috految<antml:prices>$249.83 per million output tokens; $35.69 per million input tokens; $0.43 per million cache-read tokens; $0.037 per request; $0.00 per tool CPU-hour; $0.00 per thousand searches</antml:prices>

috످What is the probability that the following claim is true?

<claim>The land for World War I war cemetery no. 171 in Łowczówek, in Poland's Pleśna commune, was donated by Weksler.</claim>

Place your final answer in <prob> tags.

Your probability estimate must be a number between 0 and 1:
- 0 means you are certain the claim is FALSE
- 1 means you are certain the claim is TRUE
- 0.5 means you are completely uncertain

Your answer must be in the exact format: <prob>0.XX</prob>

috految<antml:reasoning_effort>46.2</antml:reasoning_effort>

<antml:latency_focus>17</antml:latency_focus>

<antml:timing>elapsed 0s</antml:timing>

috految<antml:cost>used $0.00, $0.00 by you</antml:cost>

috److War cemetery no. 171 in Łowczówek is the Polish Legionnaires' cemetery on Kopaliny hill, designed by Heinrich Scholz and Siegfried Haller.

I do not recall who donated the land. Possible donors include the owners of the Łowczówek estate or nearby landowners. Weksler (Wechsler) was a Jewish family name in the Tarnów area, and the surname is specific and locally plausible.

<prob>0.73</prob>

috످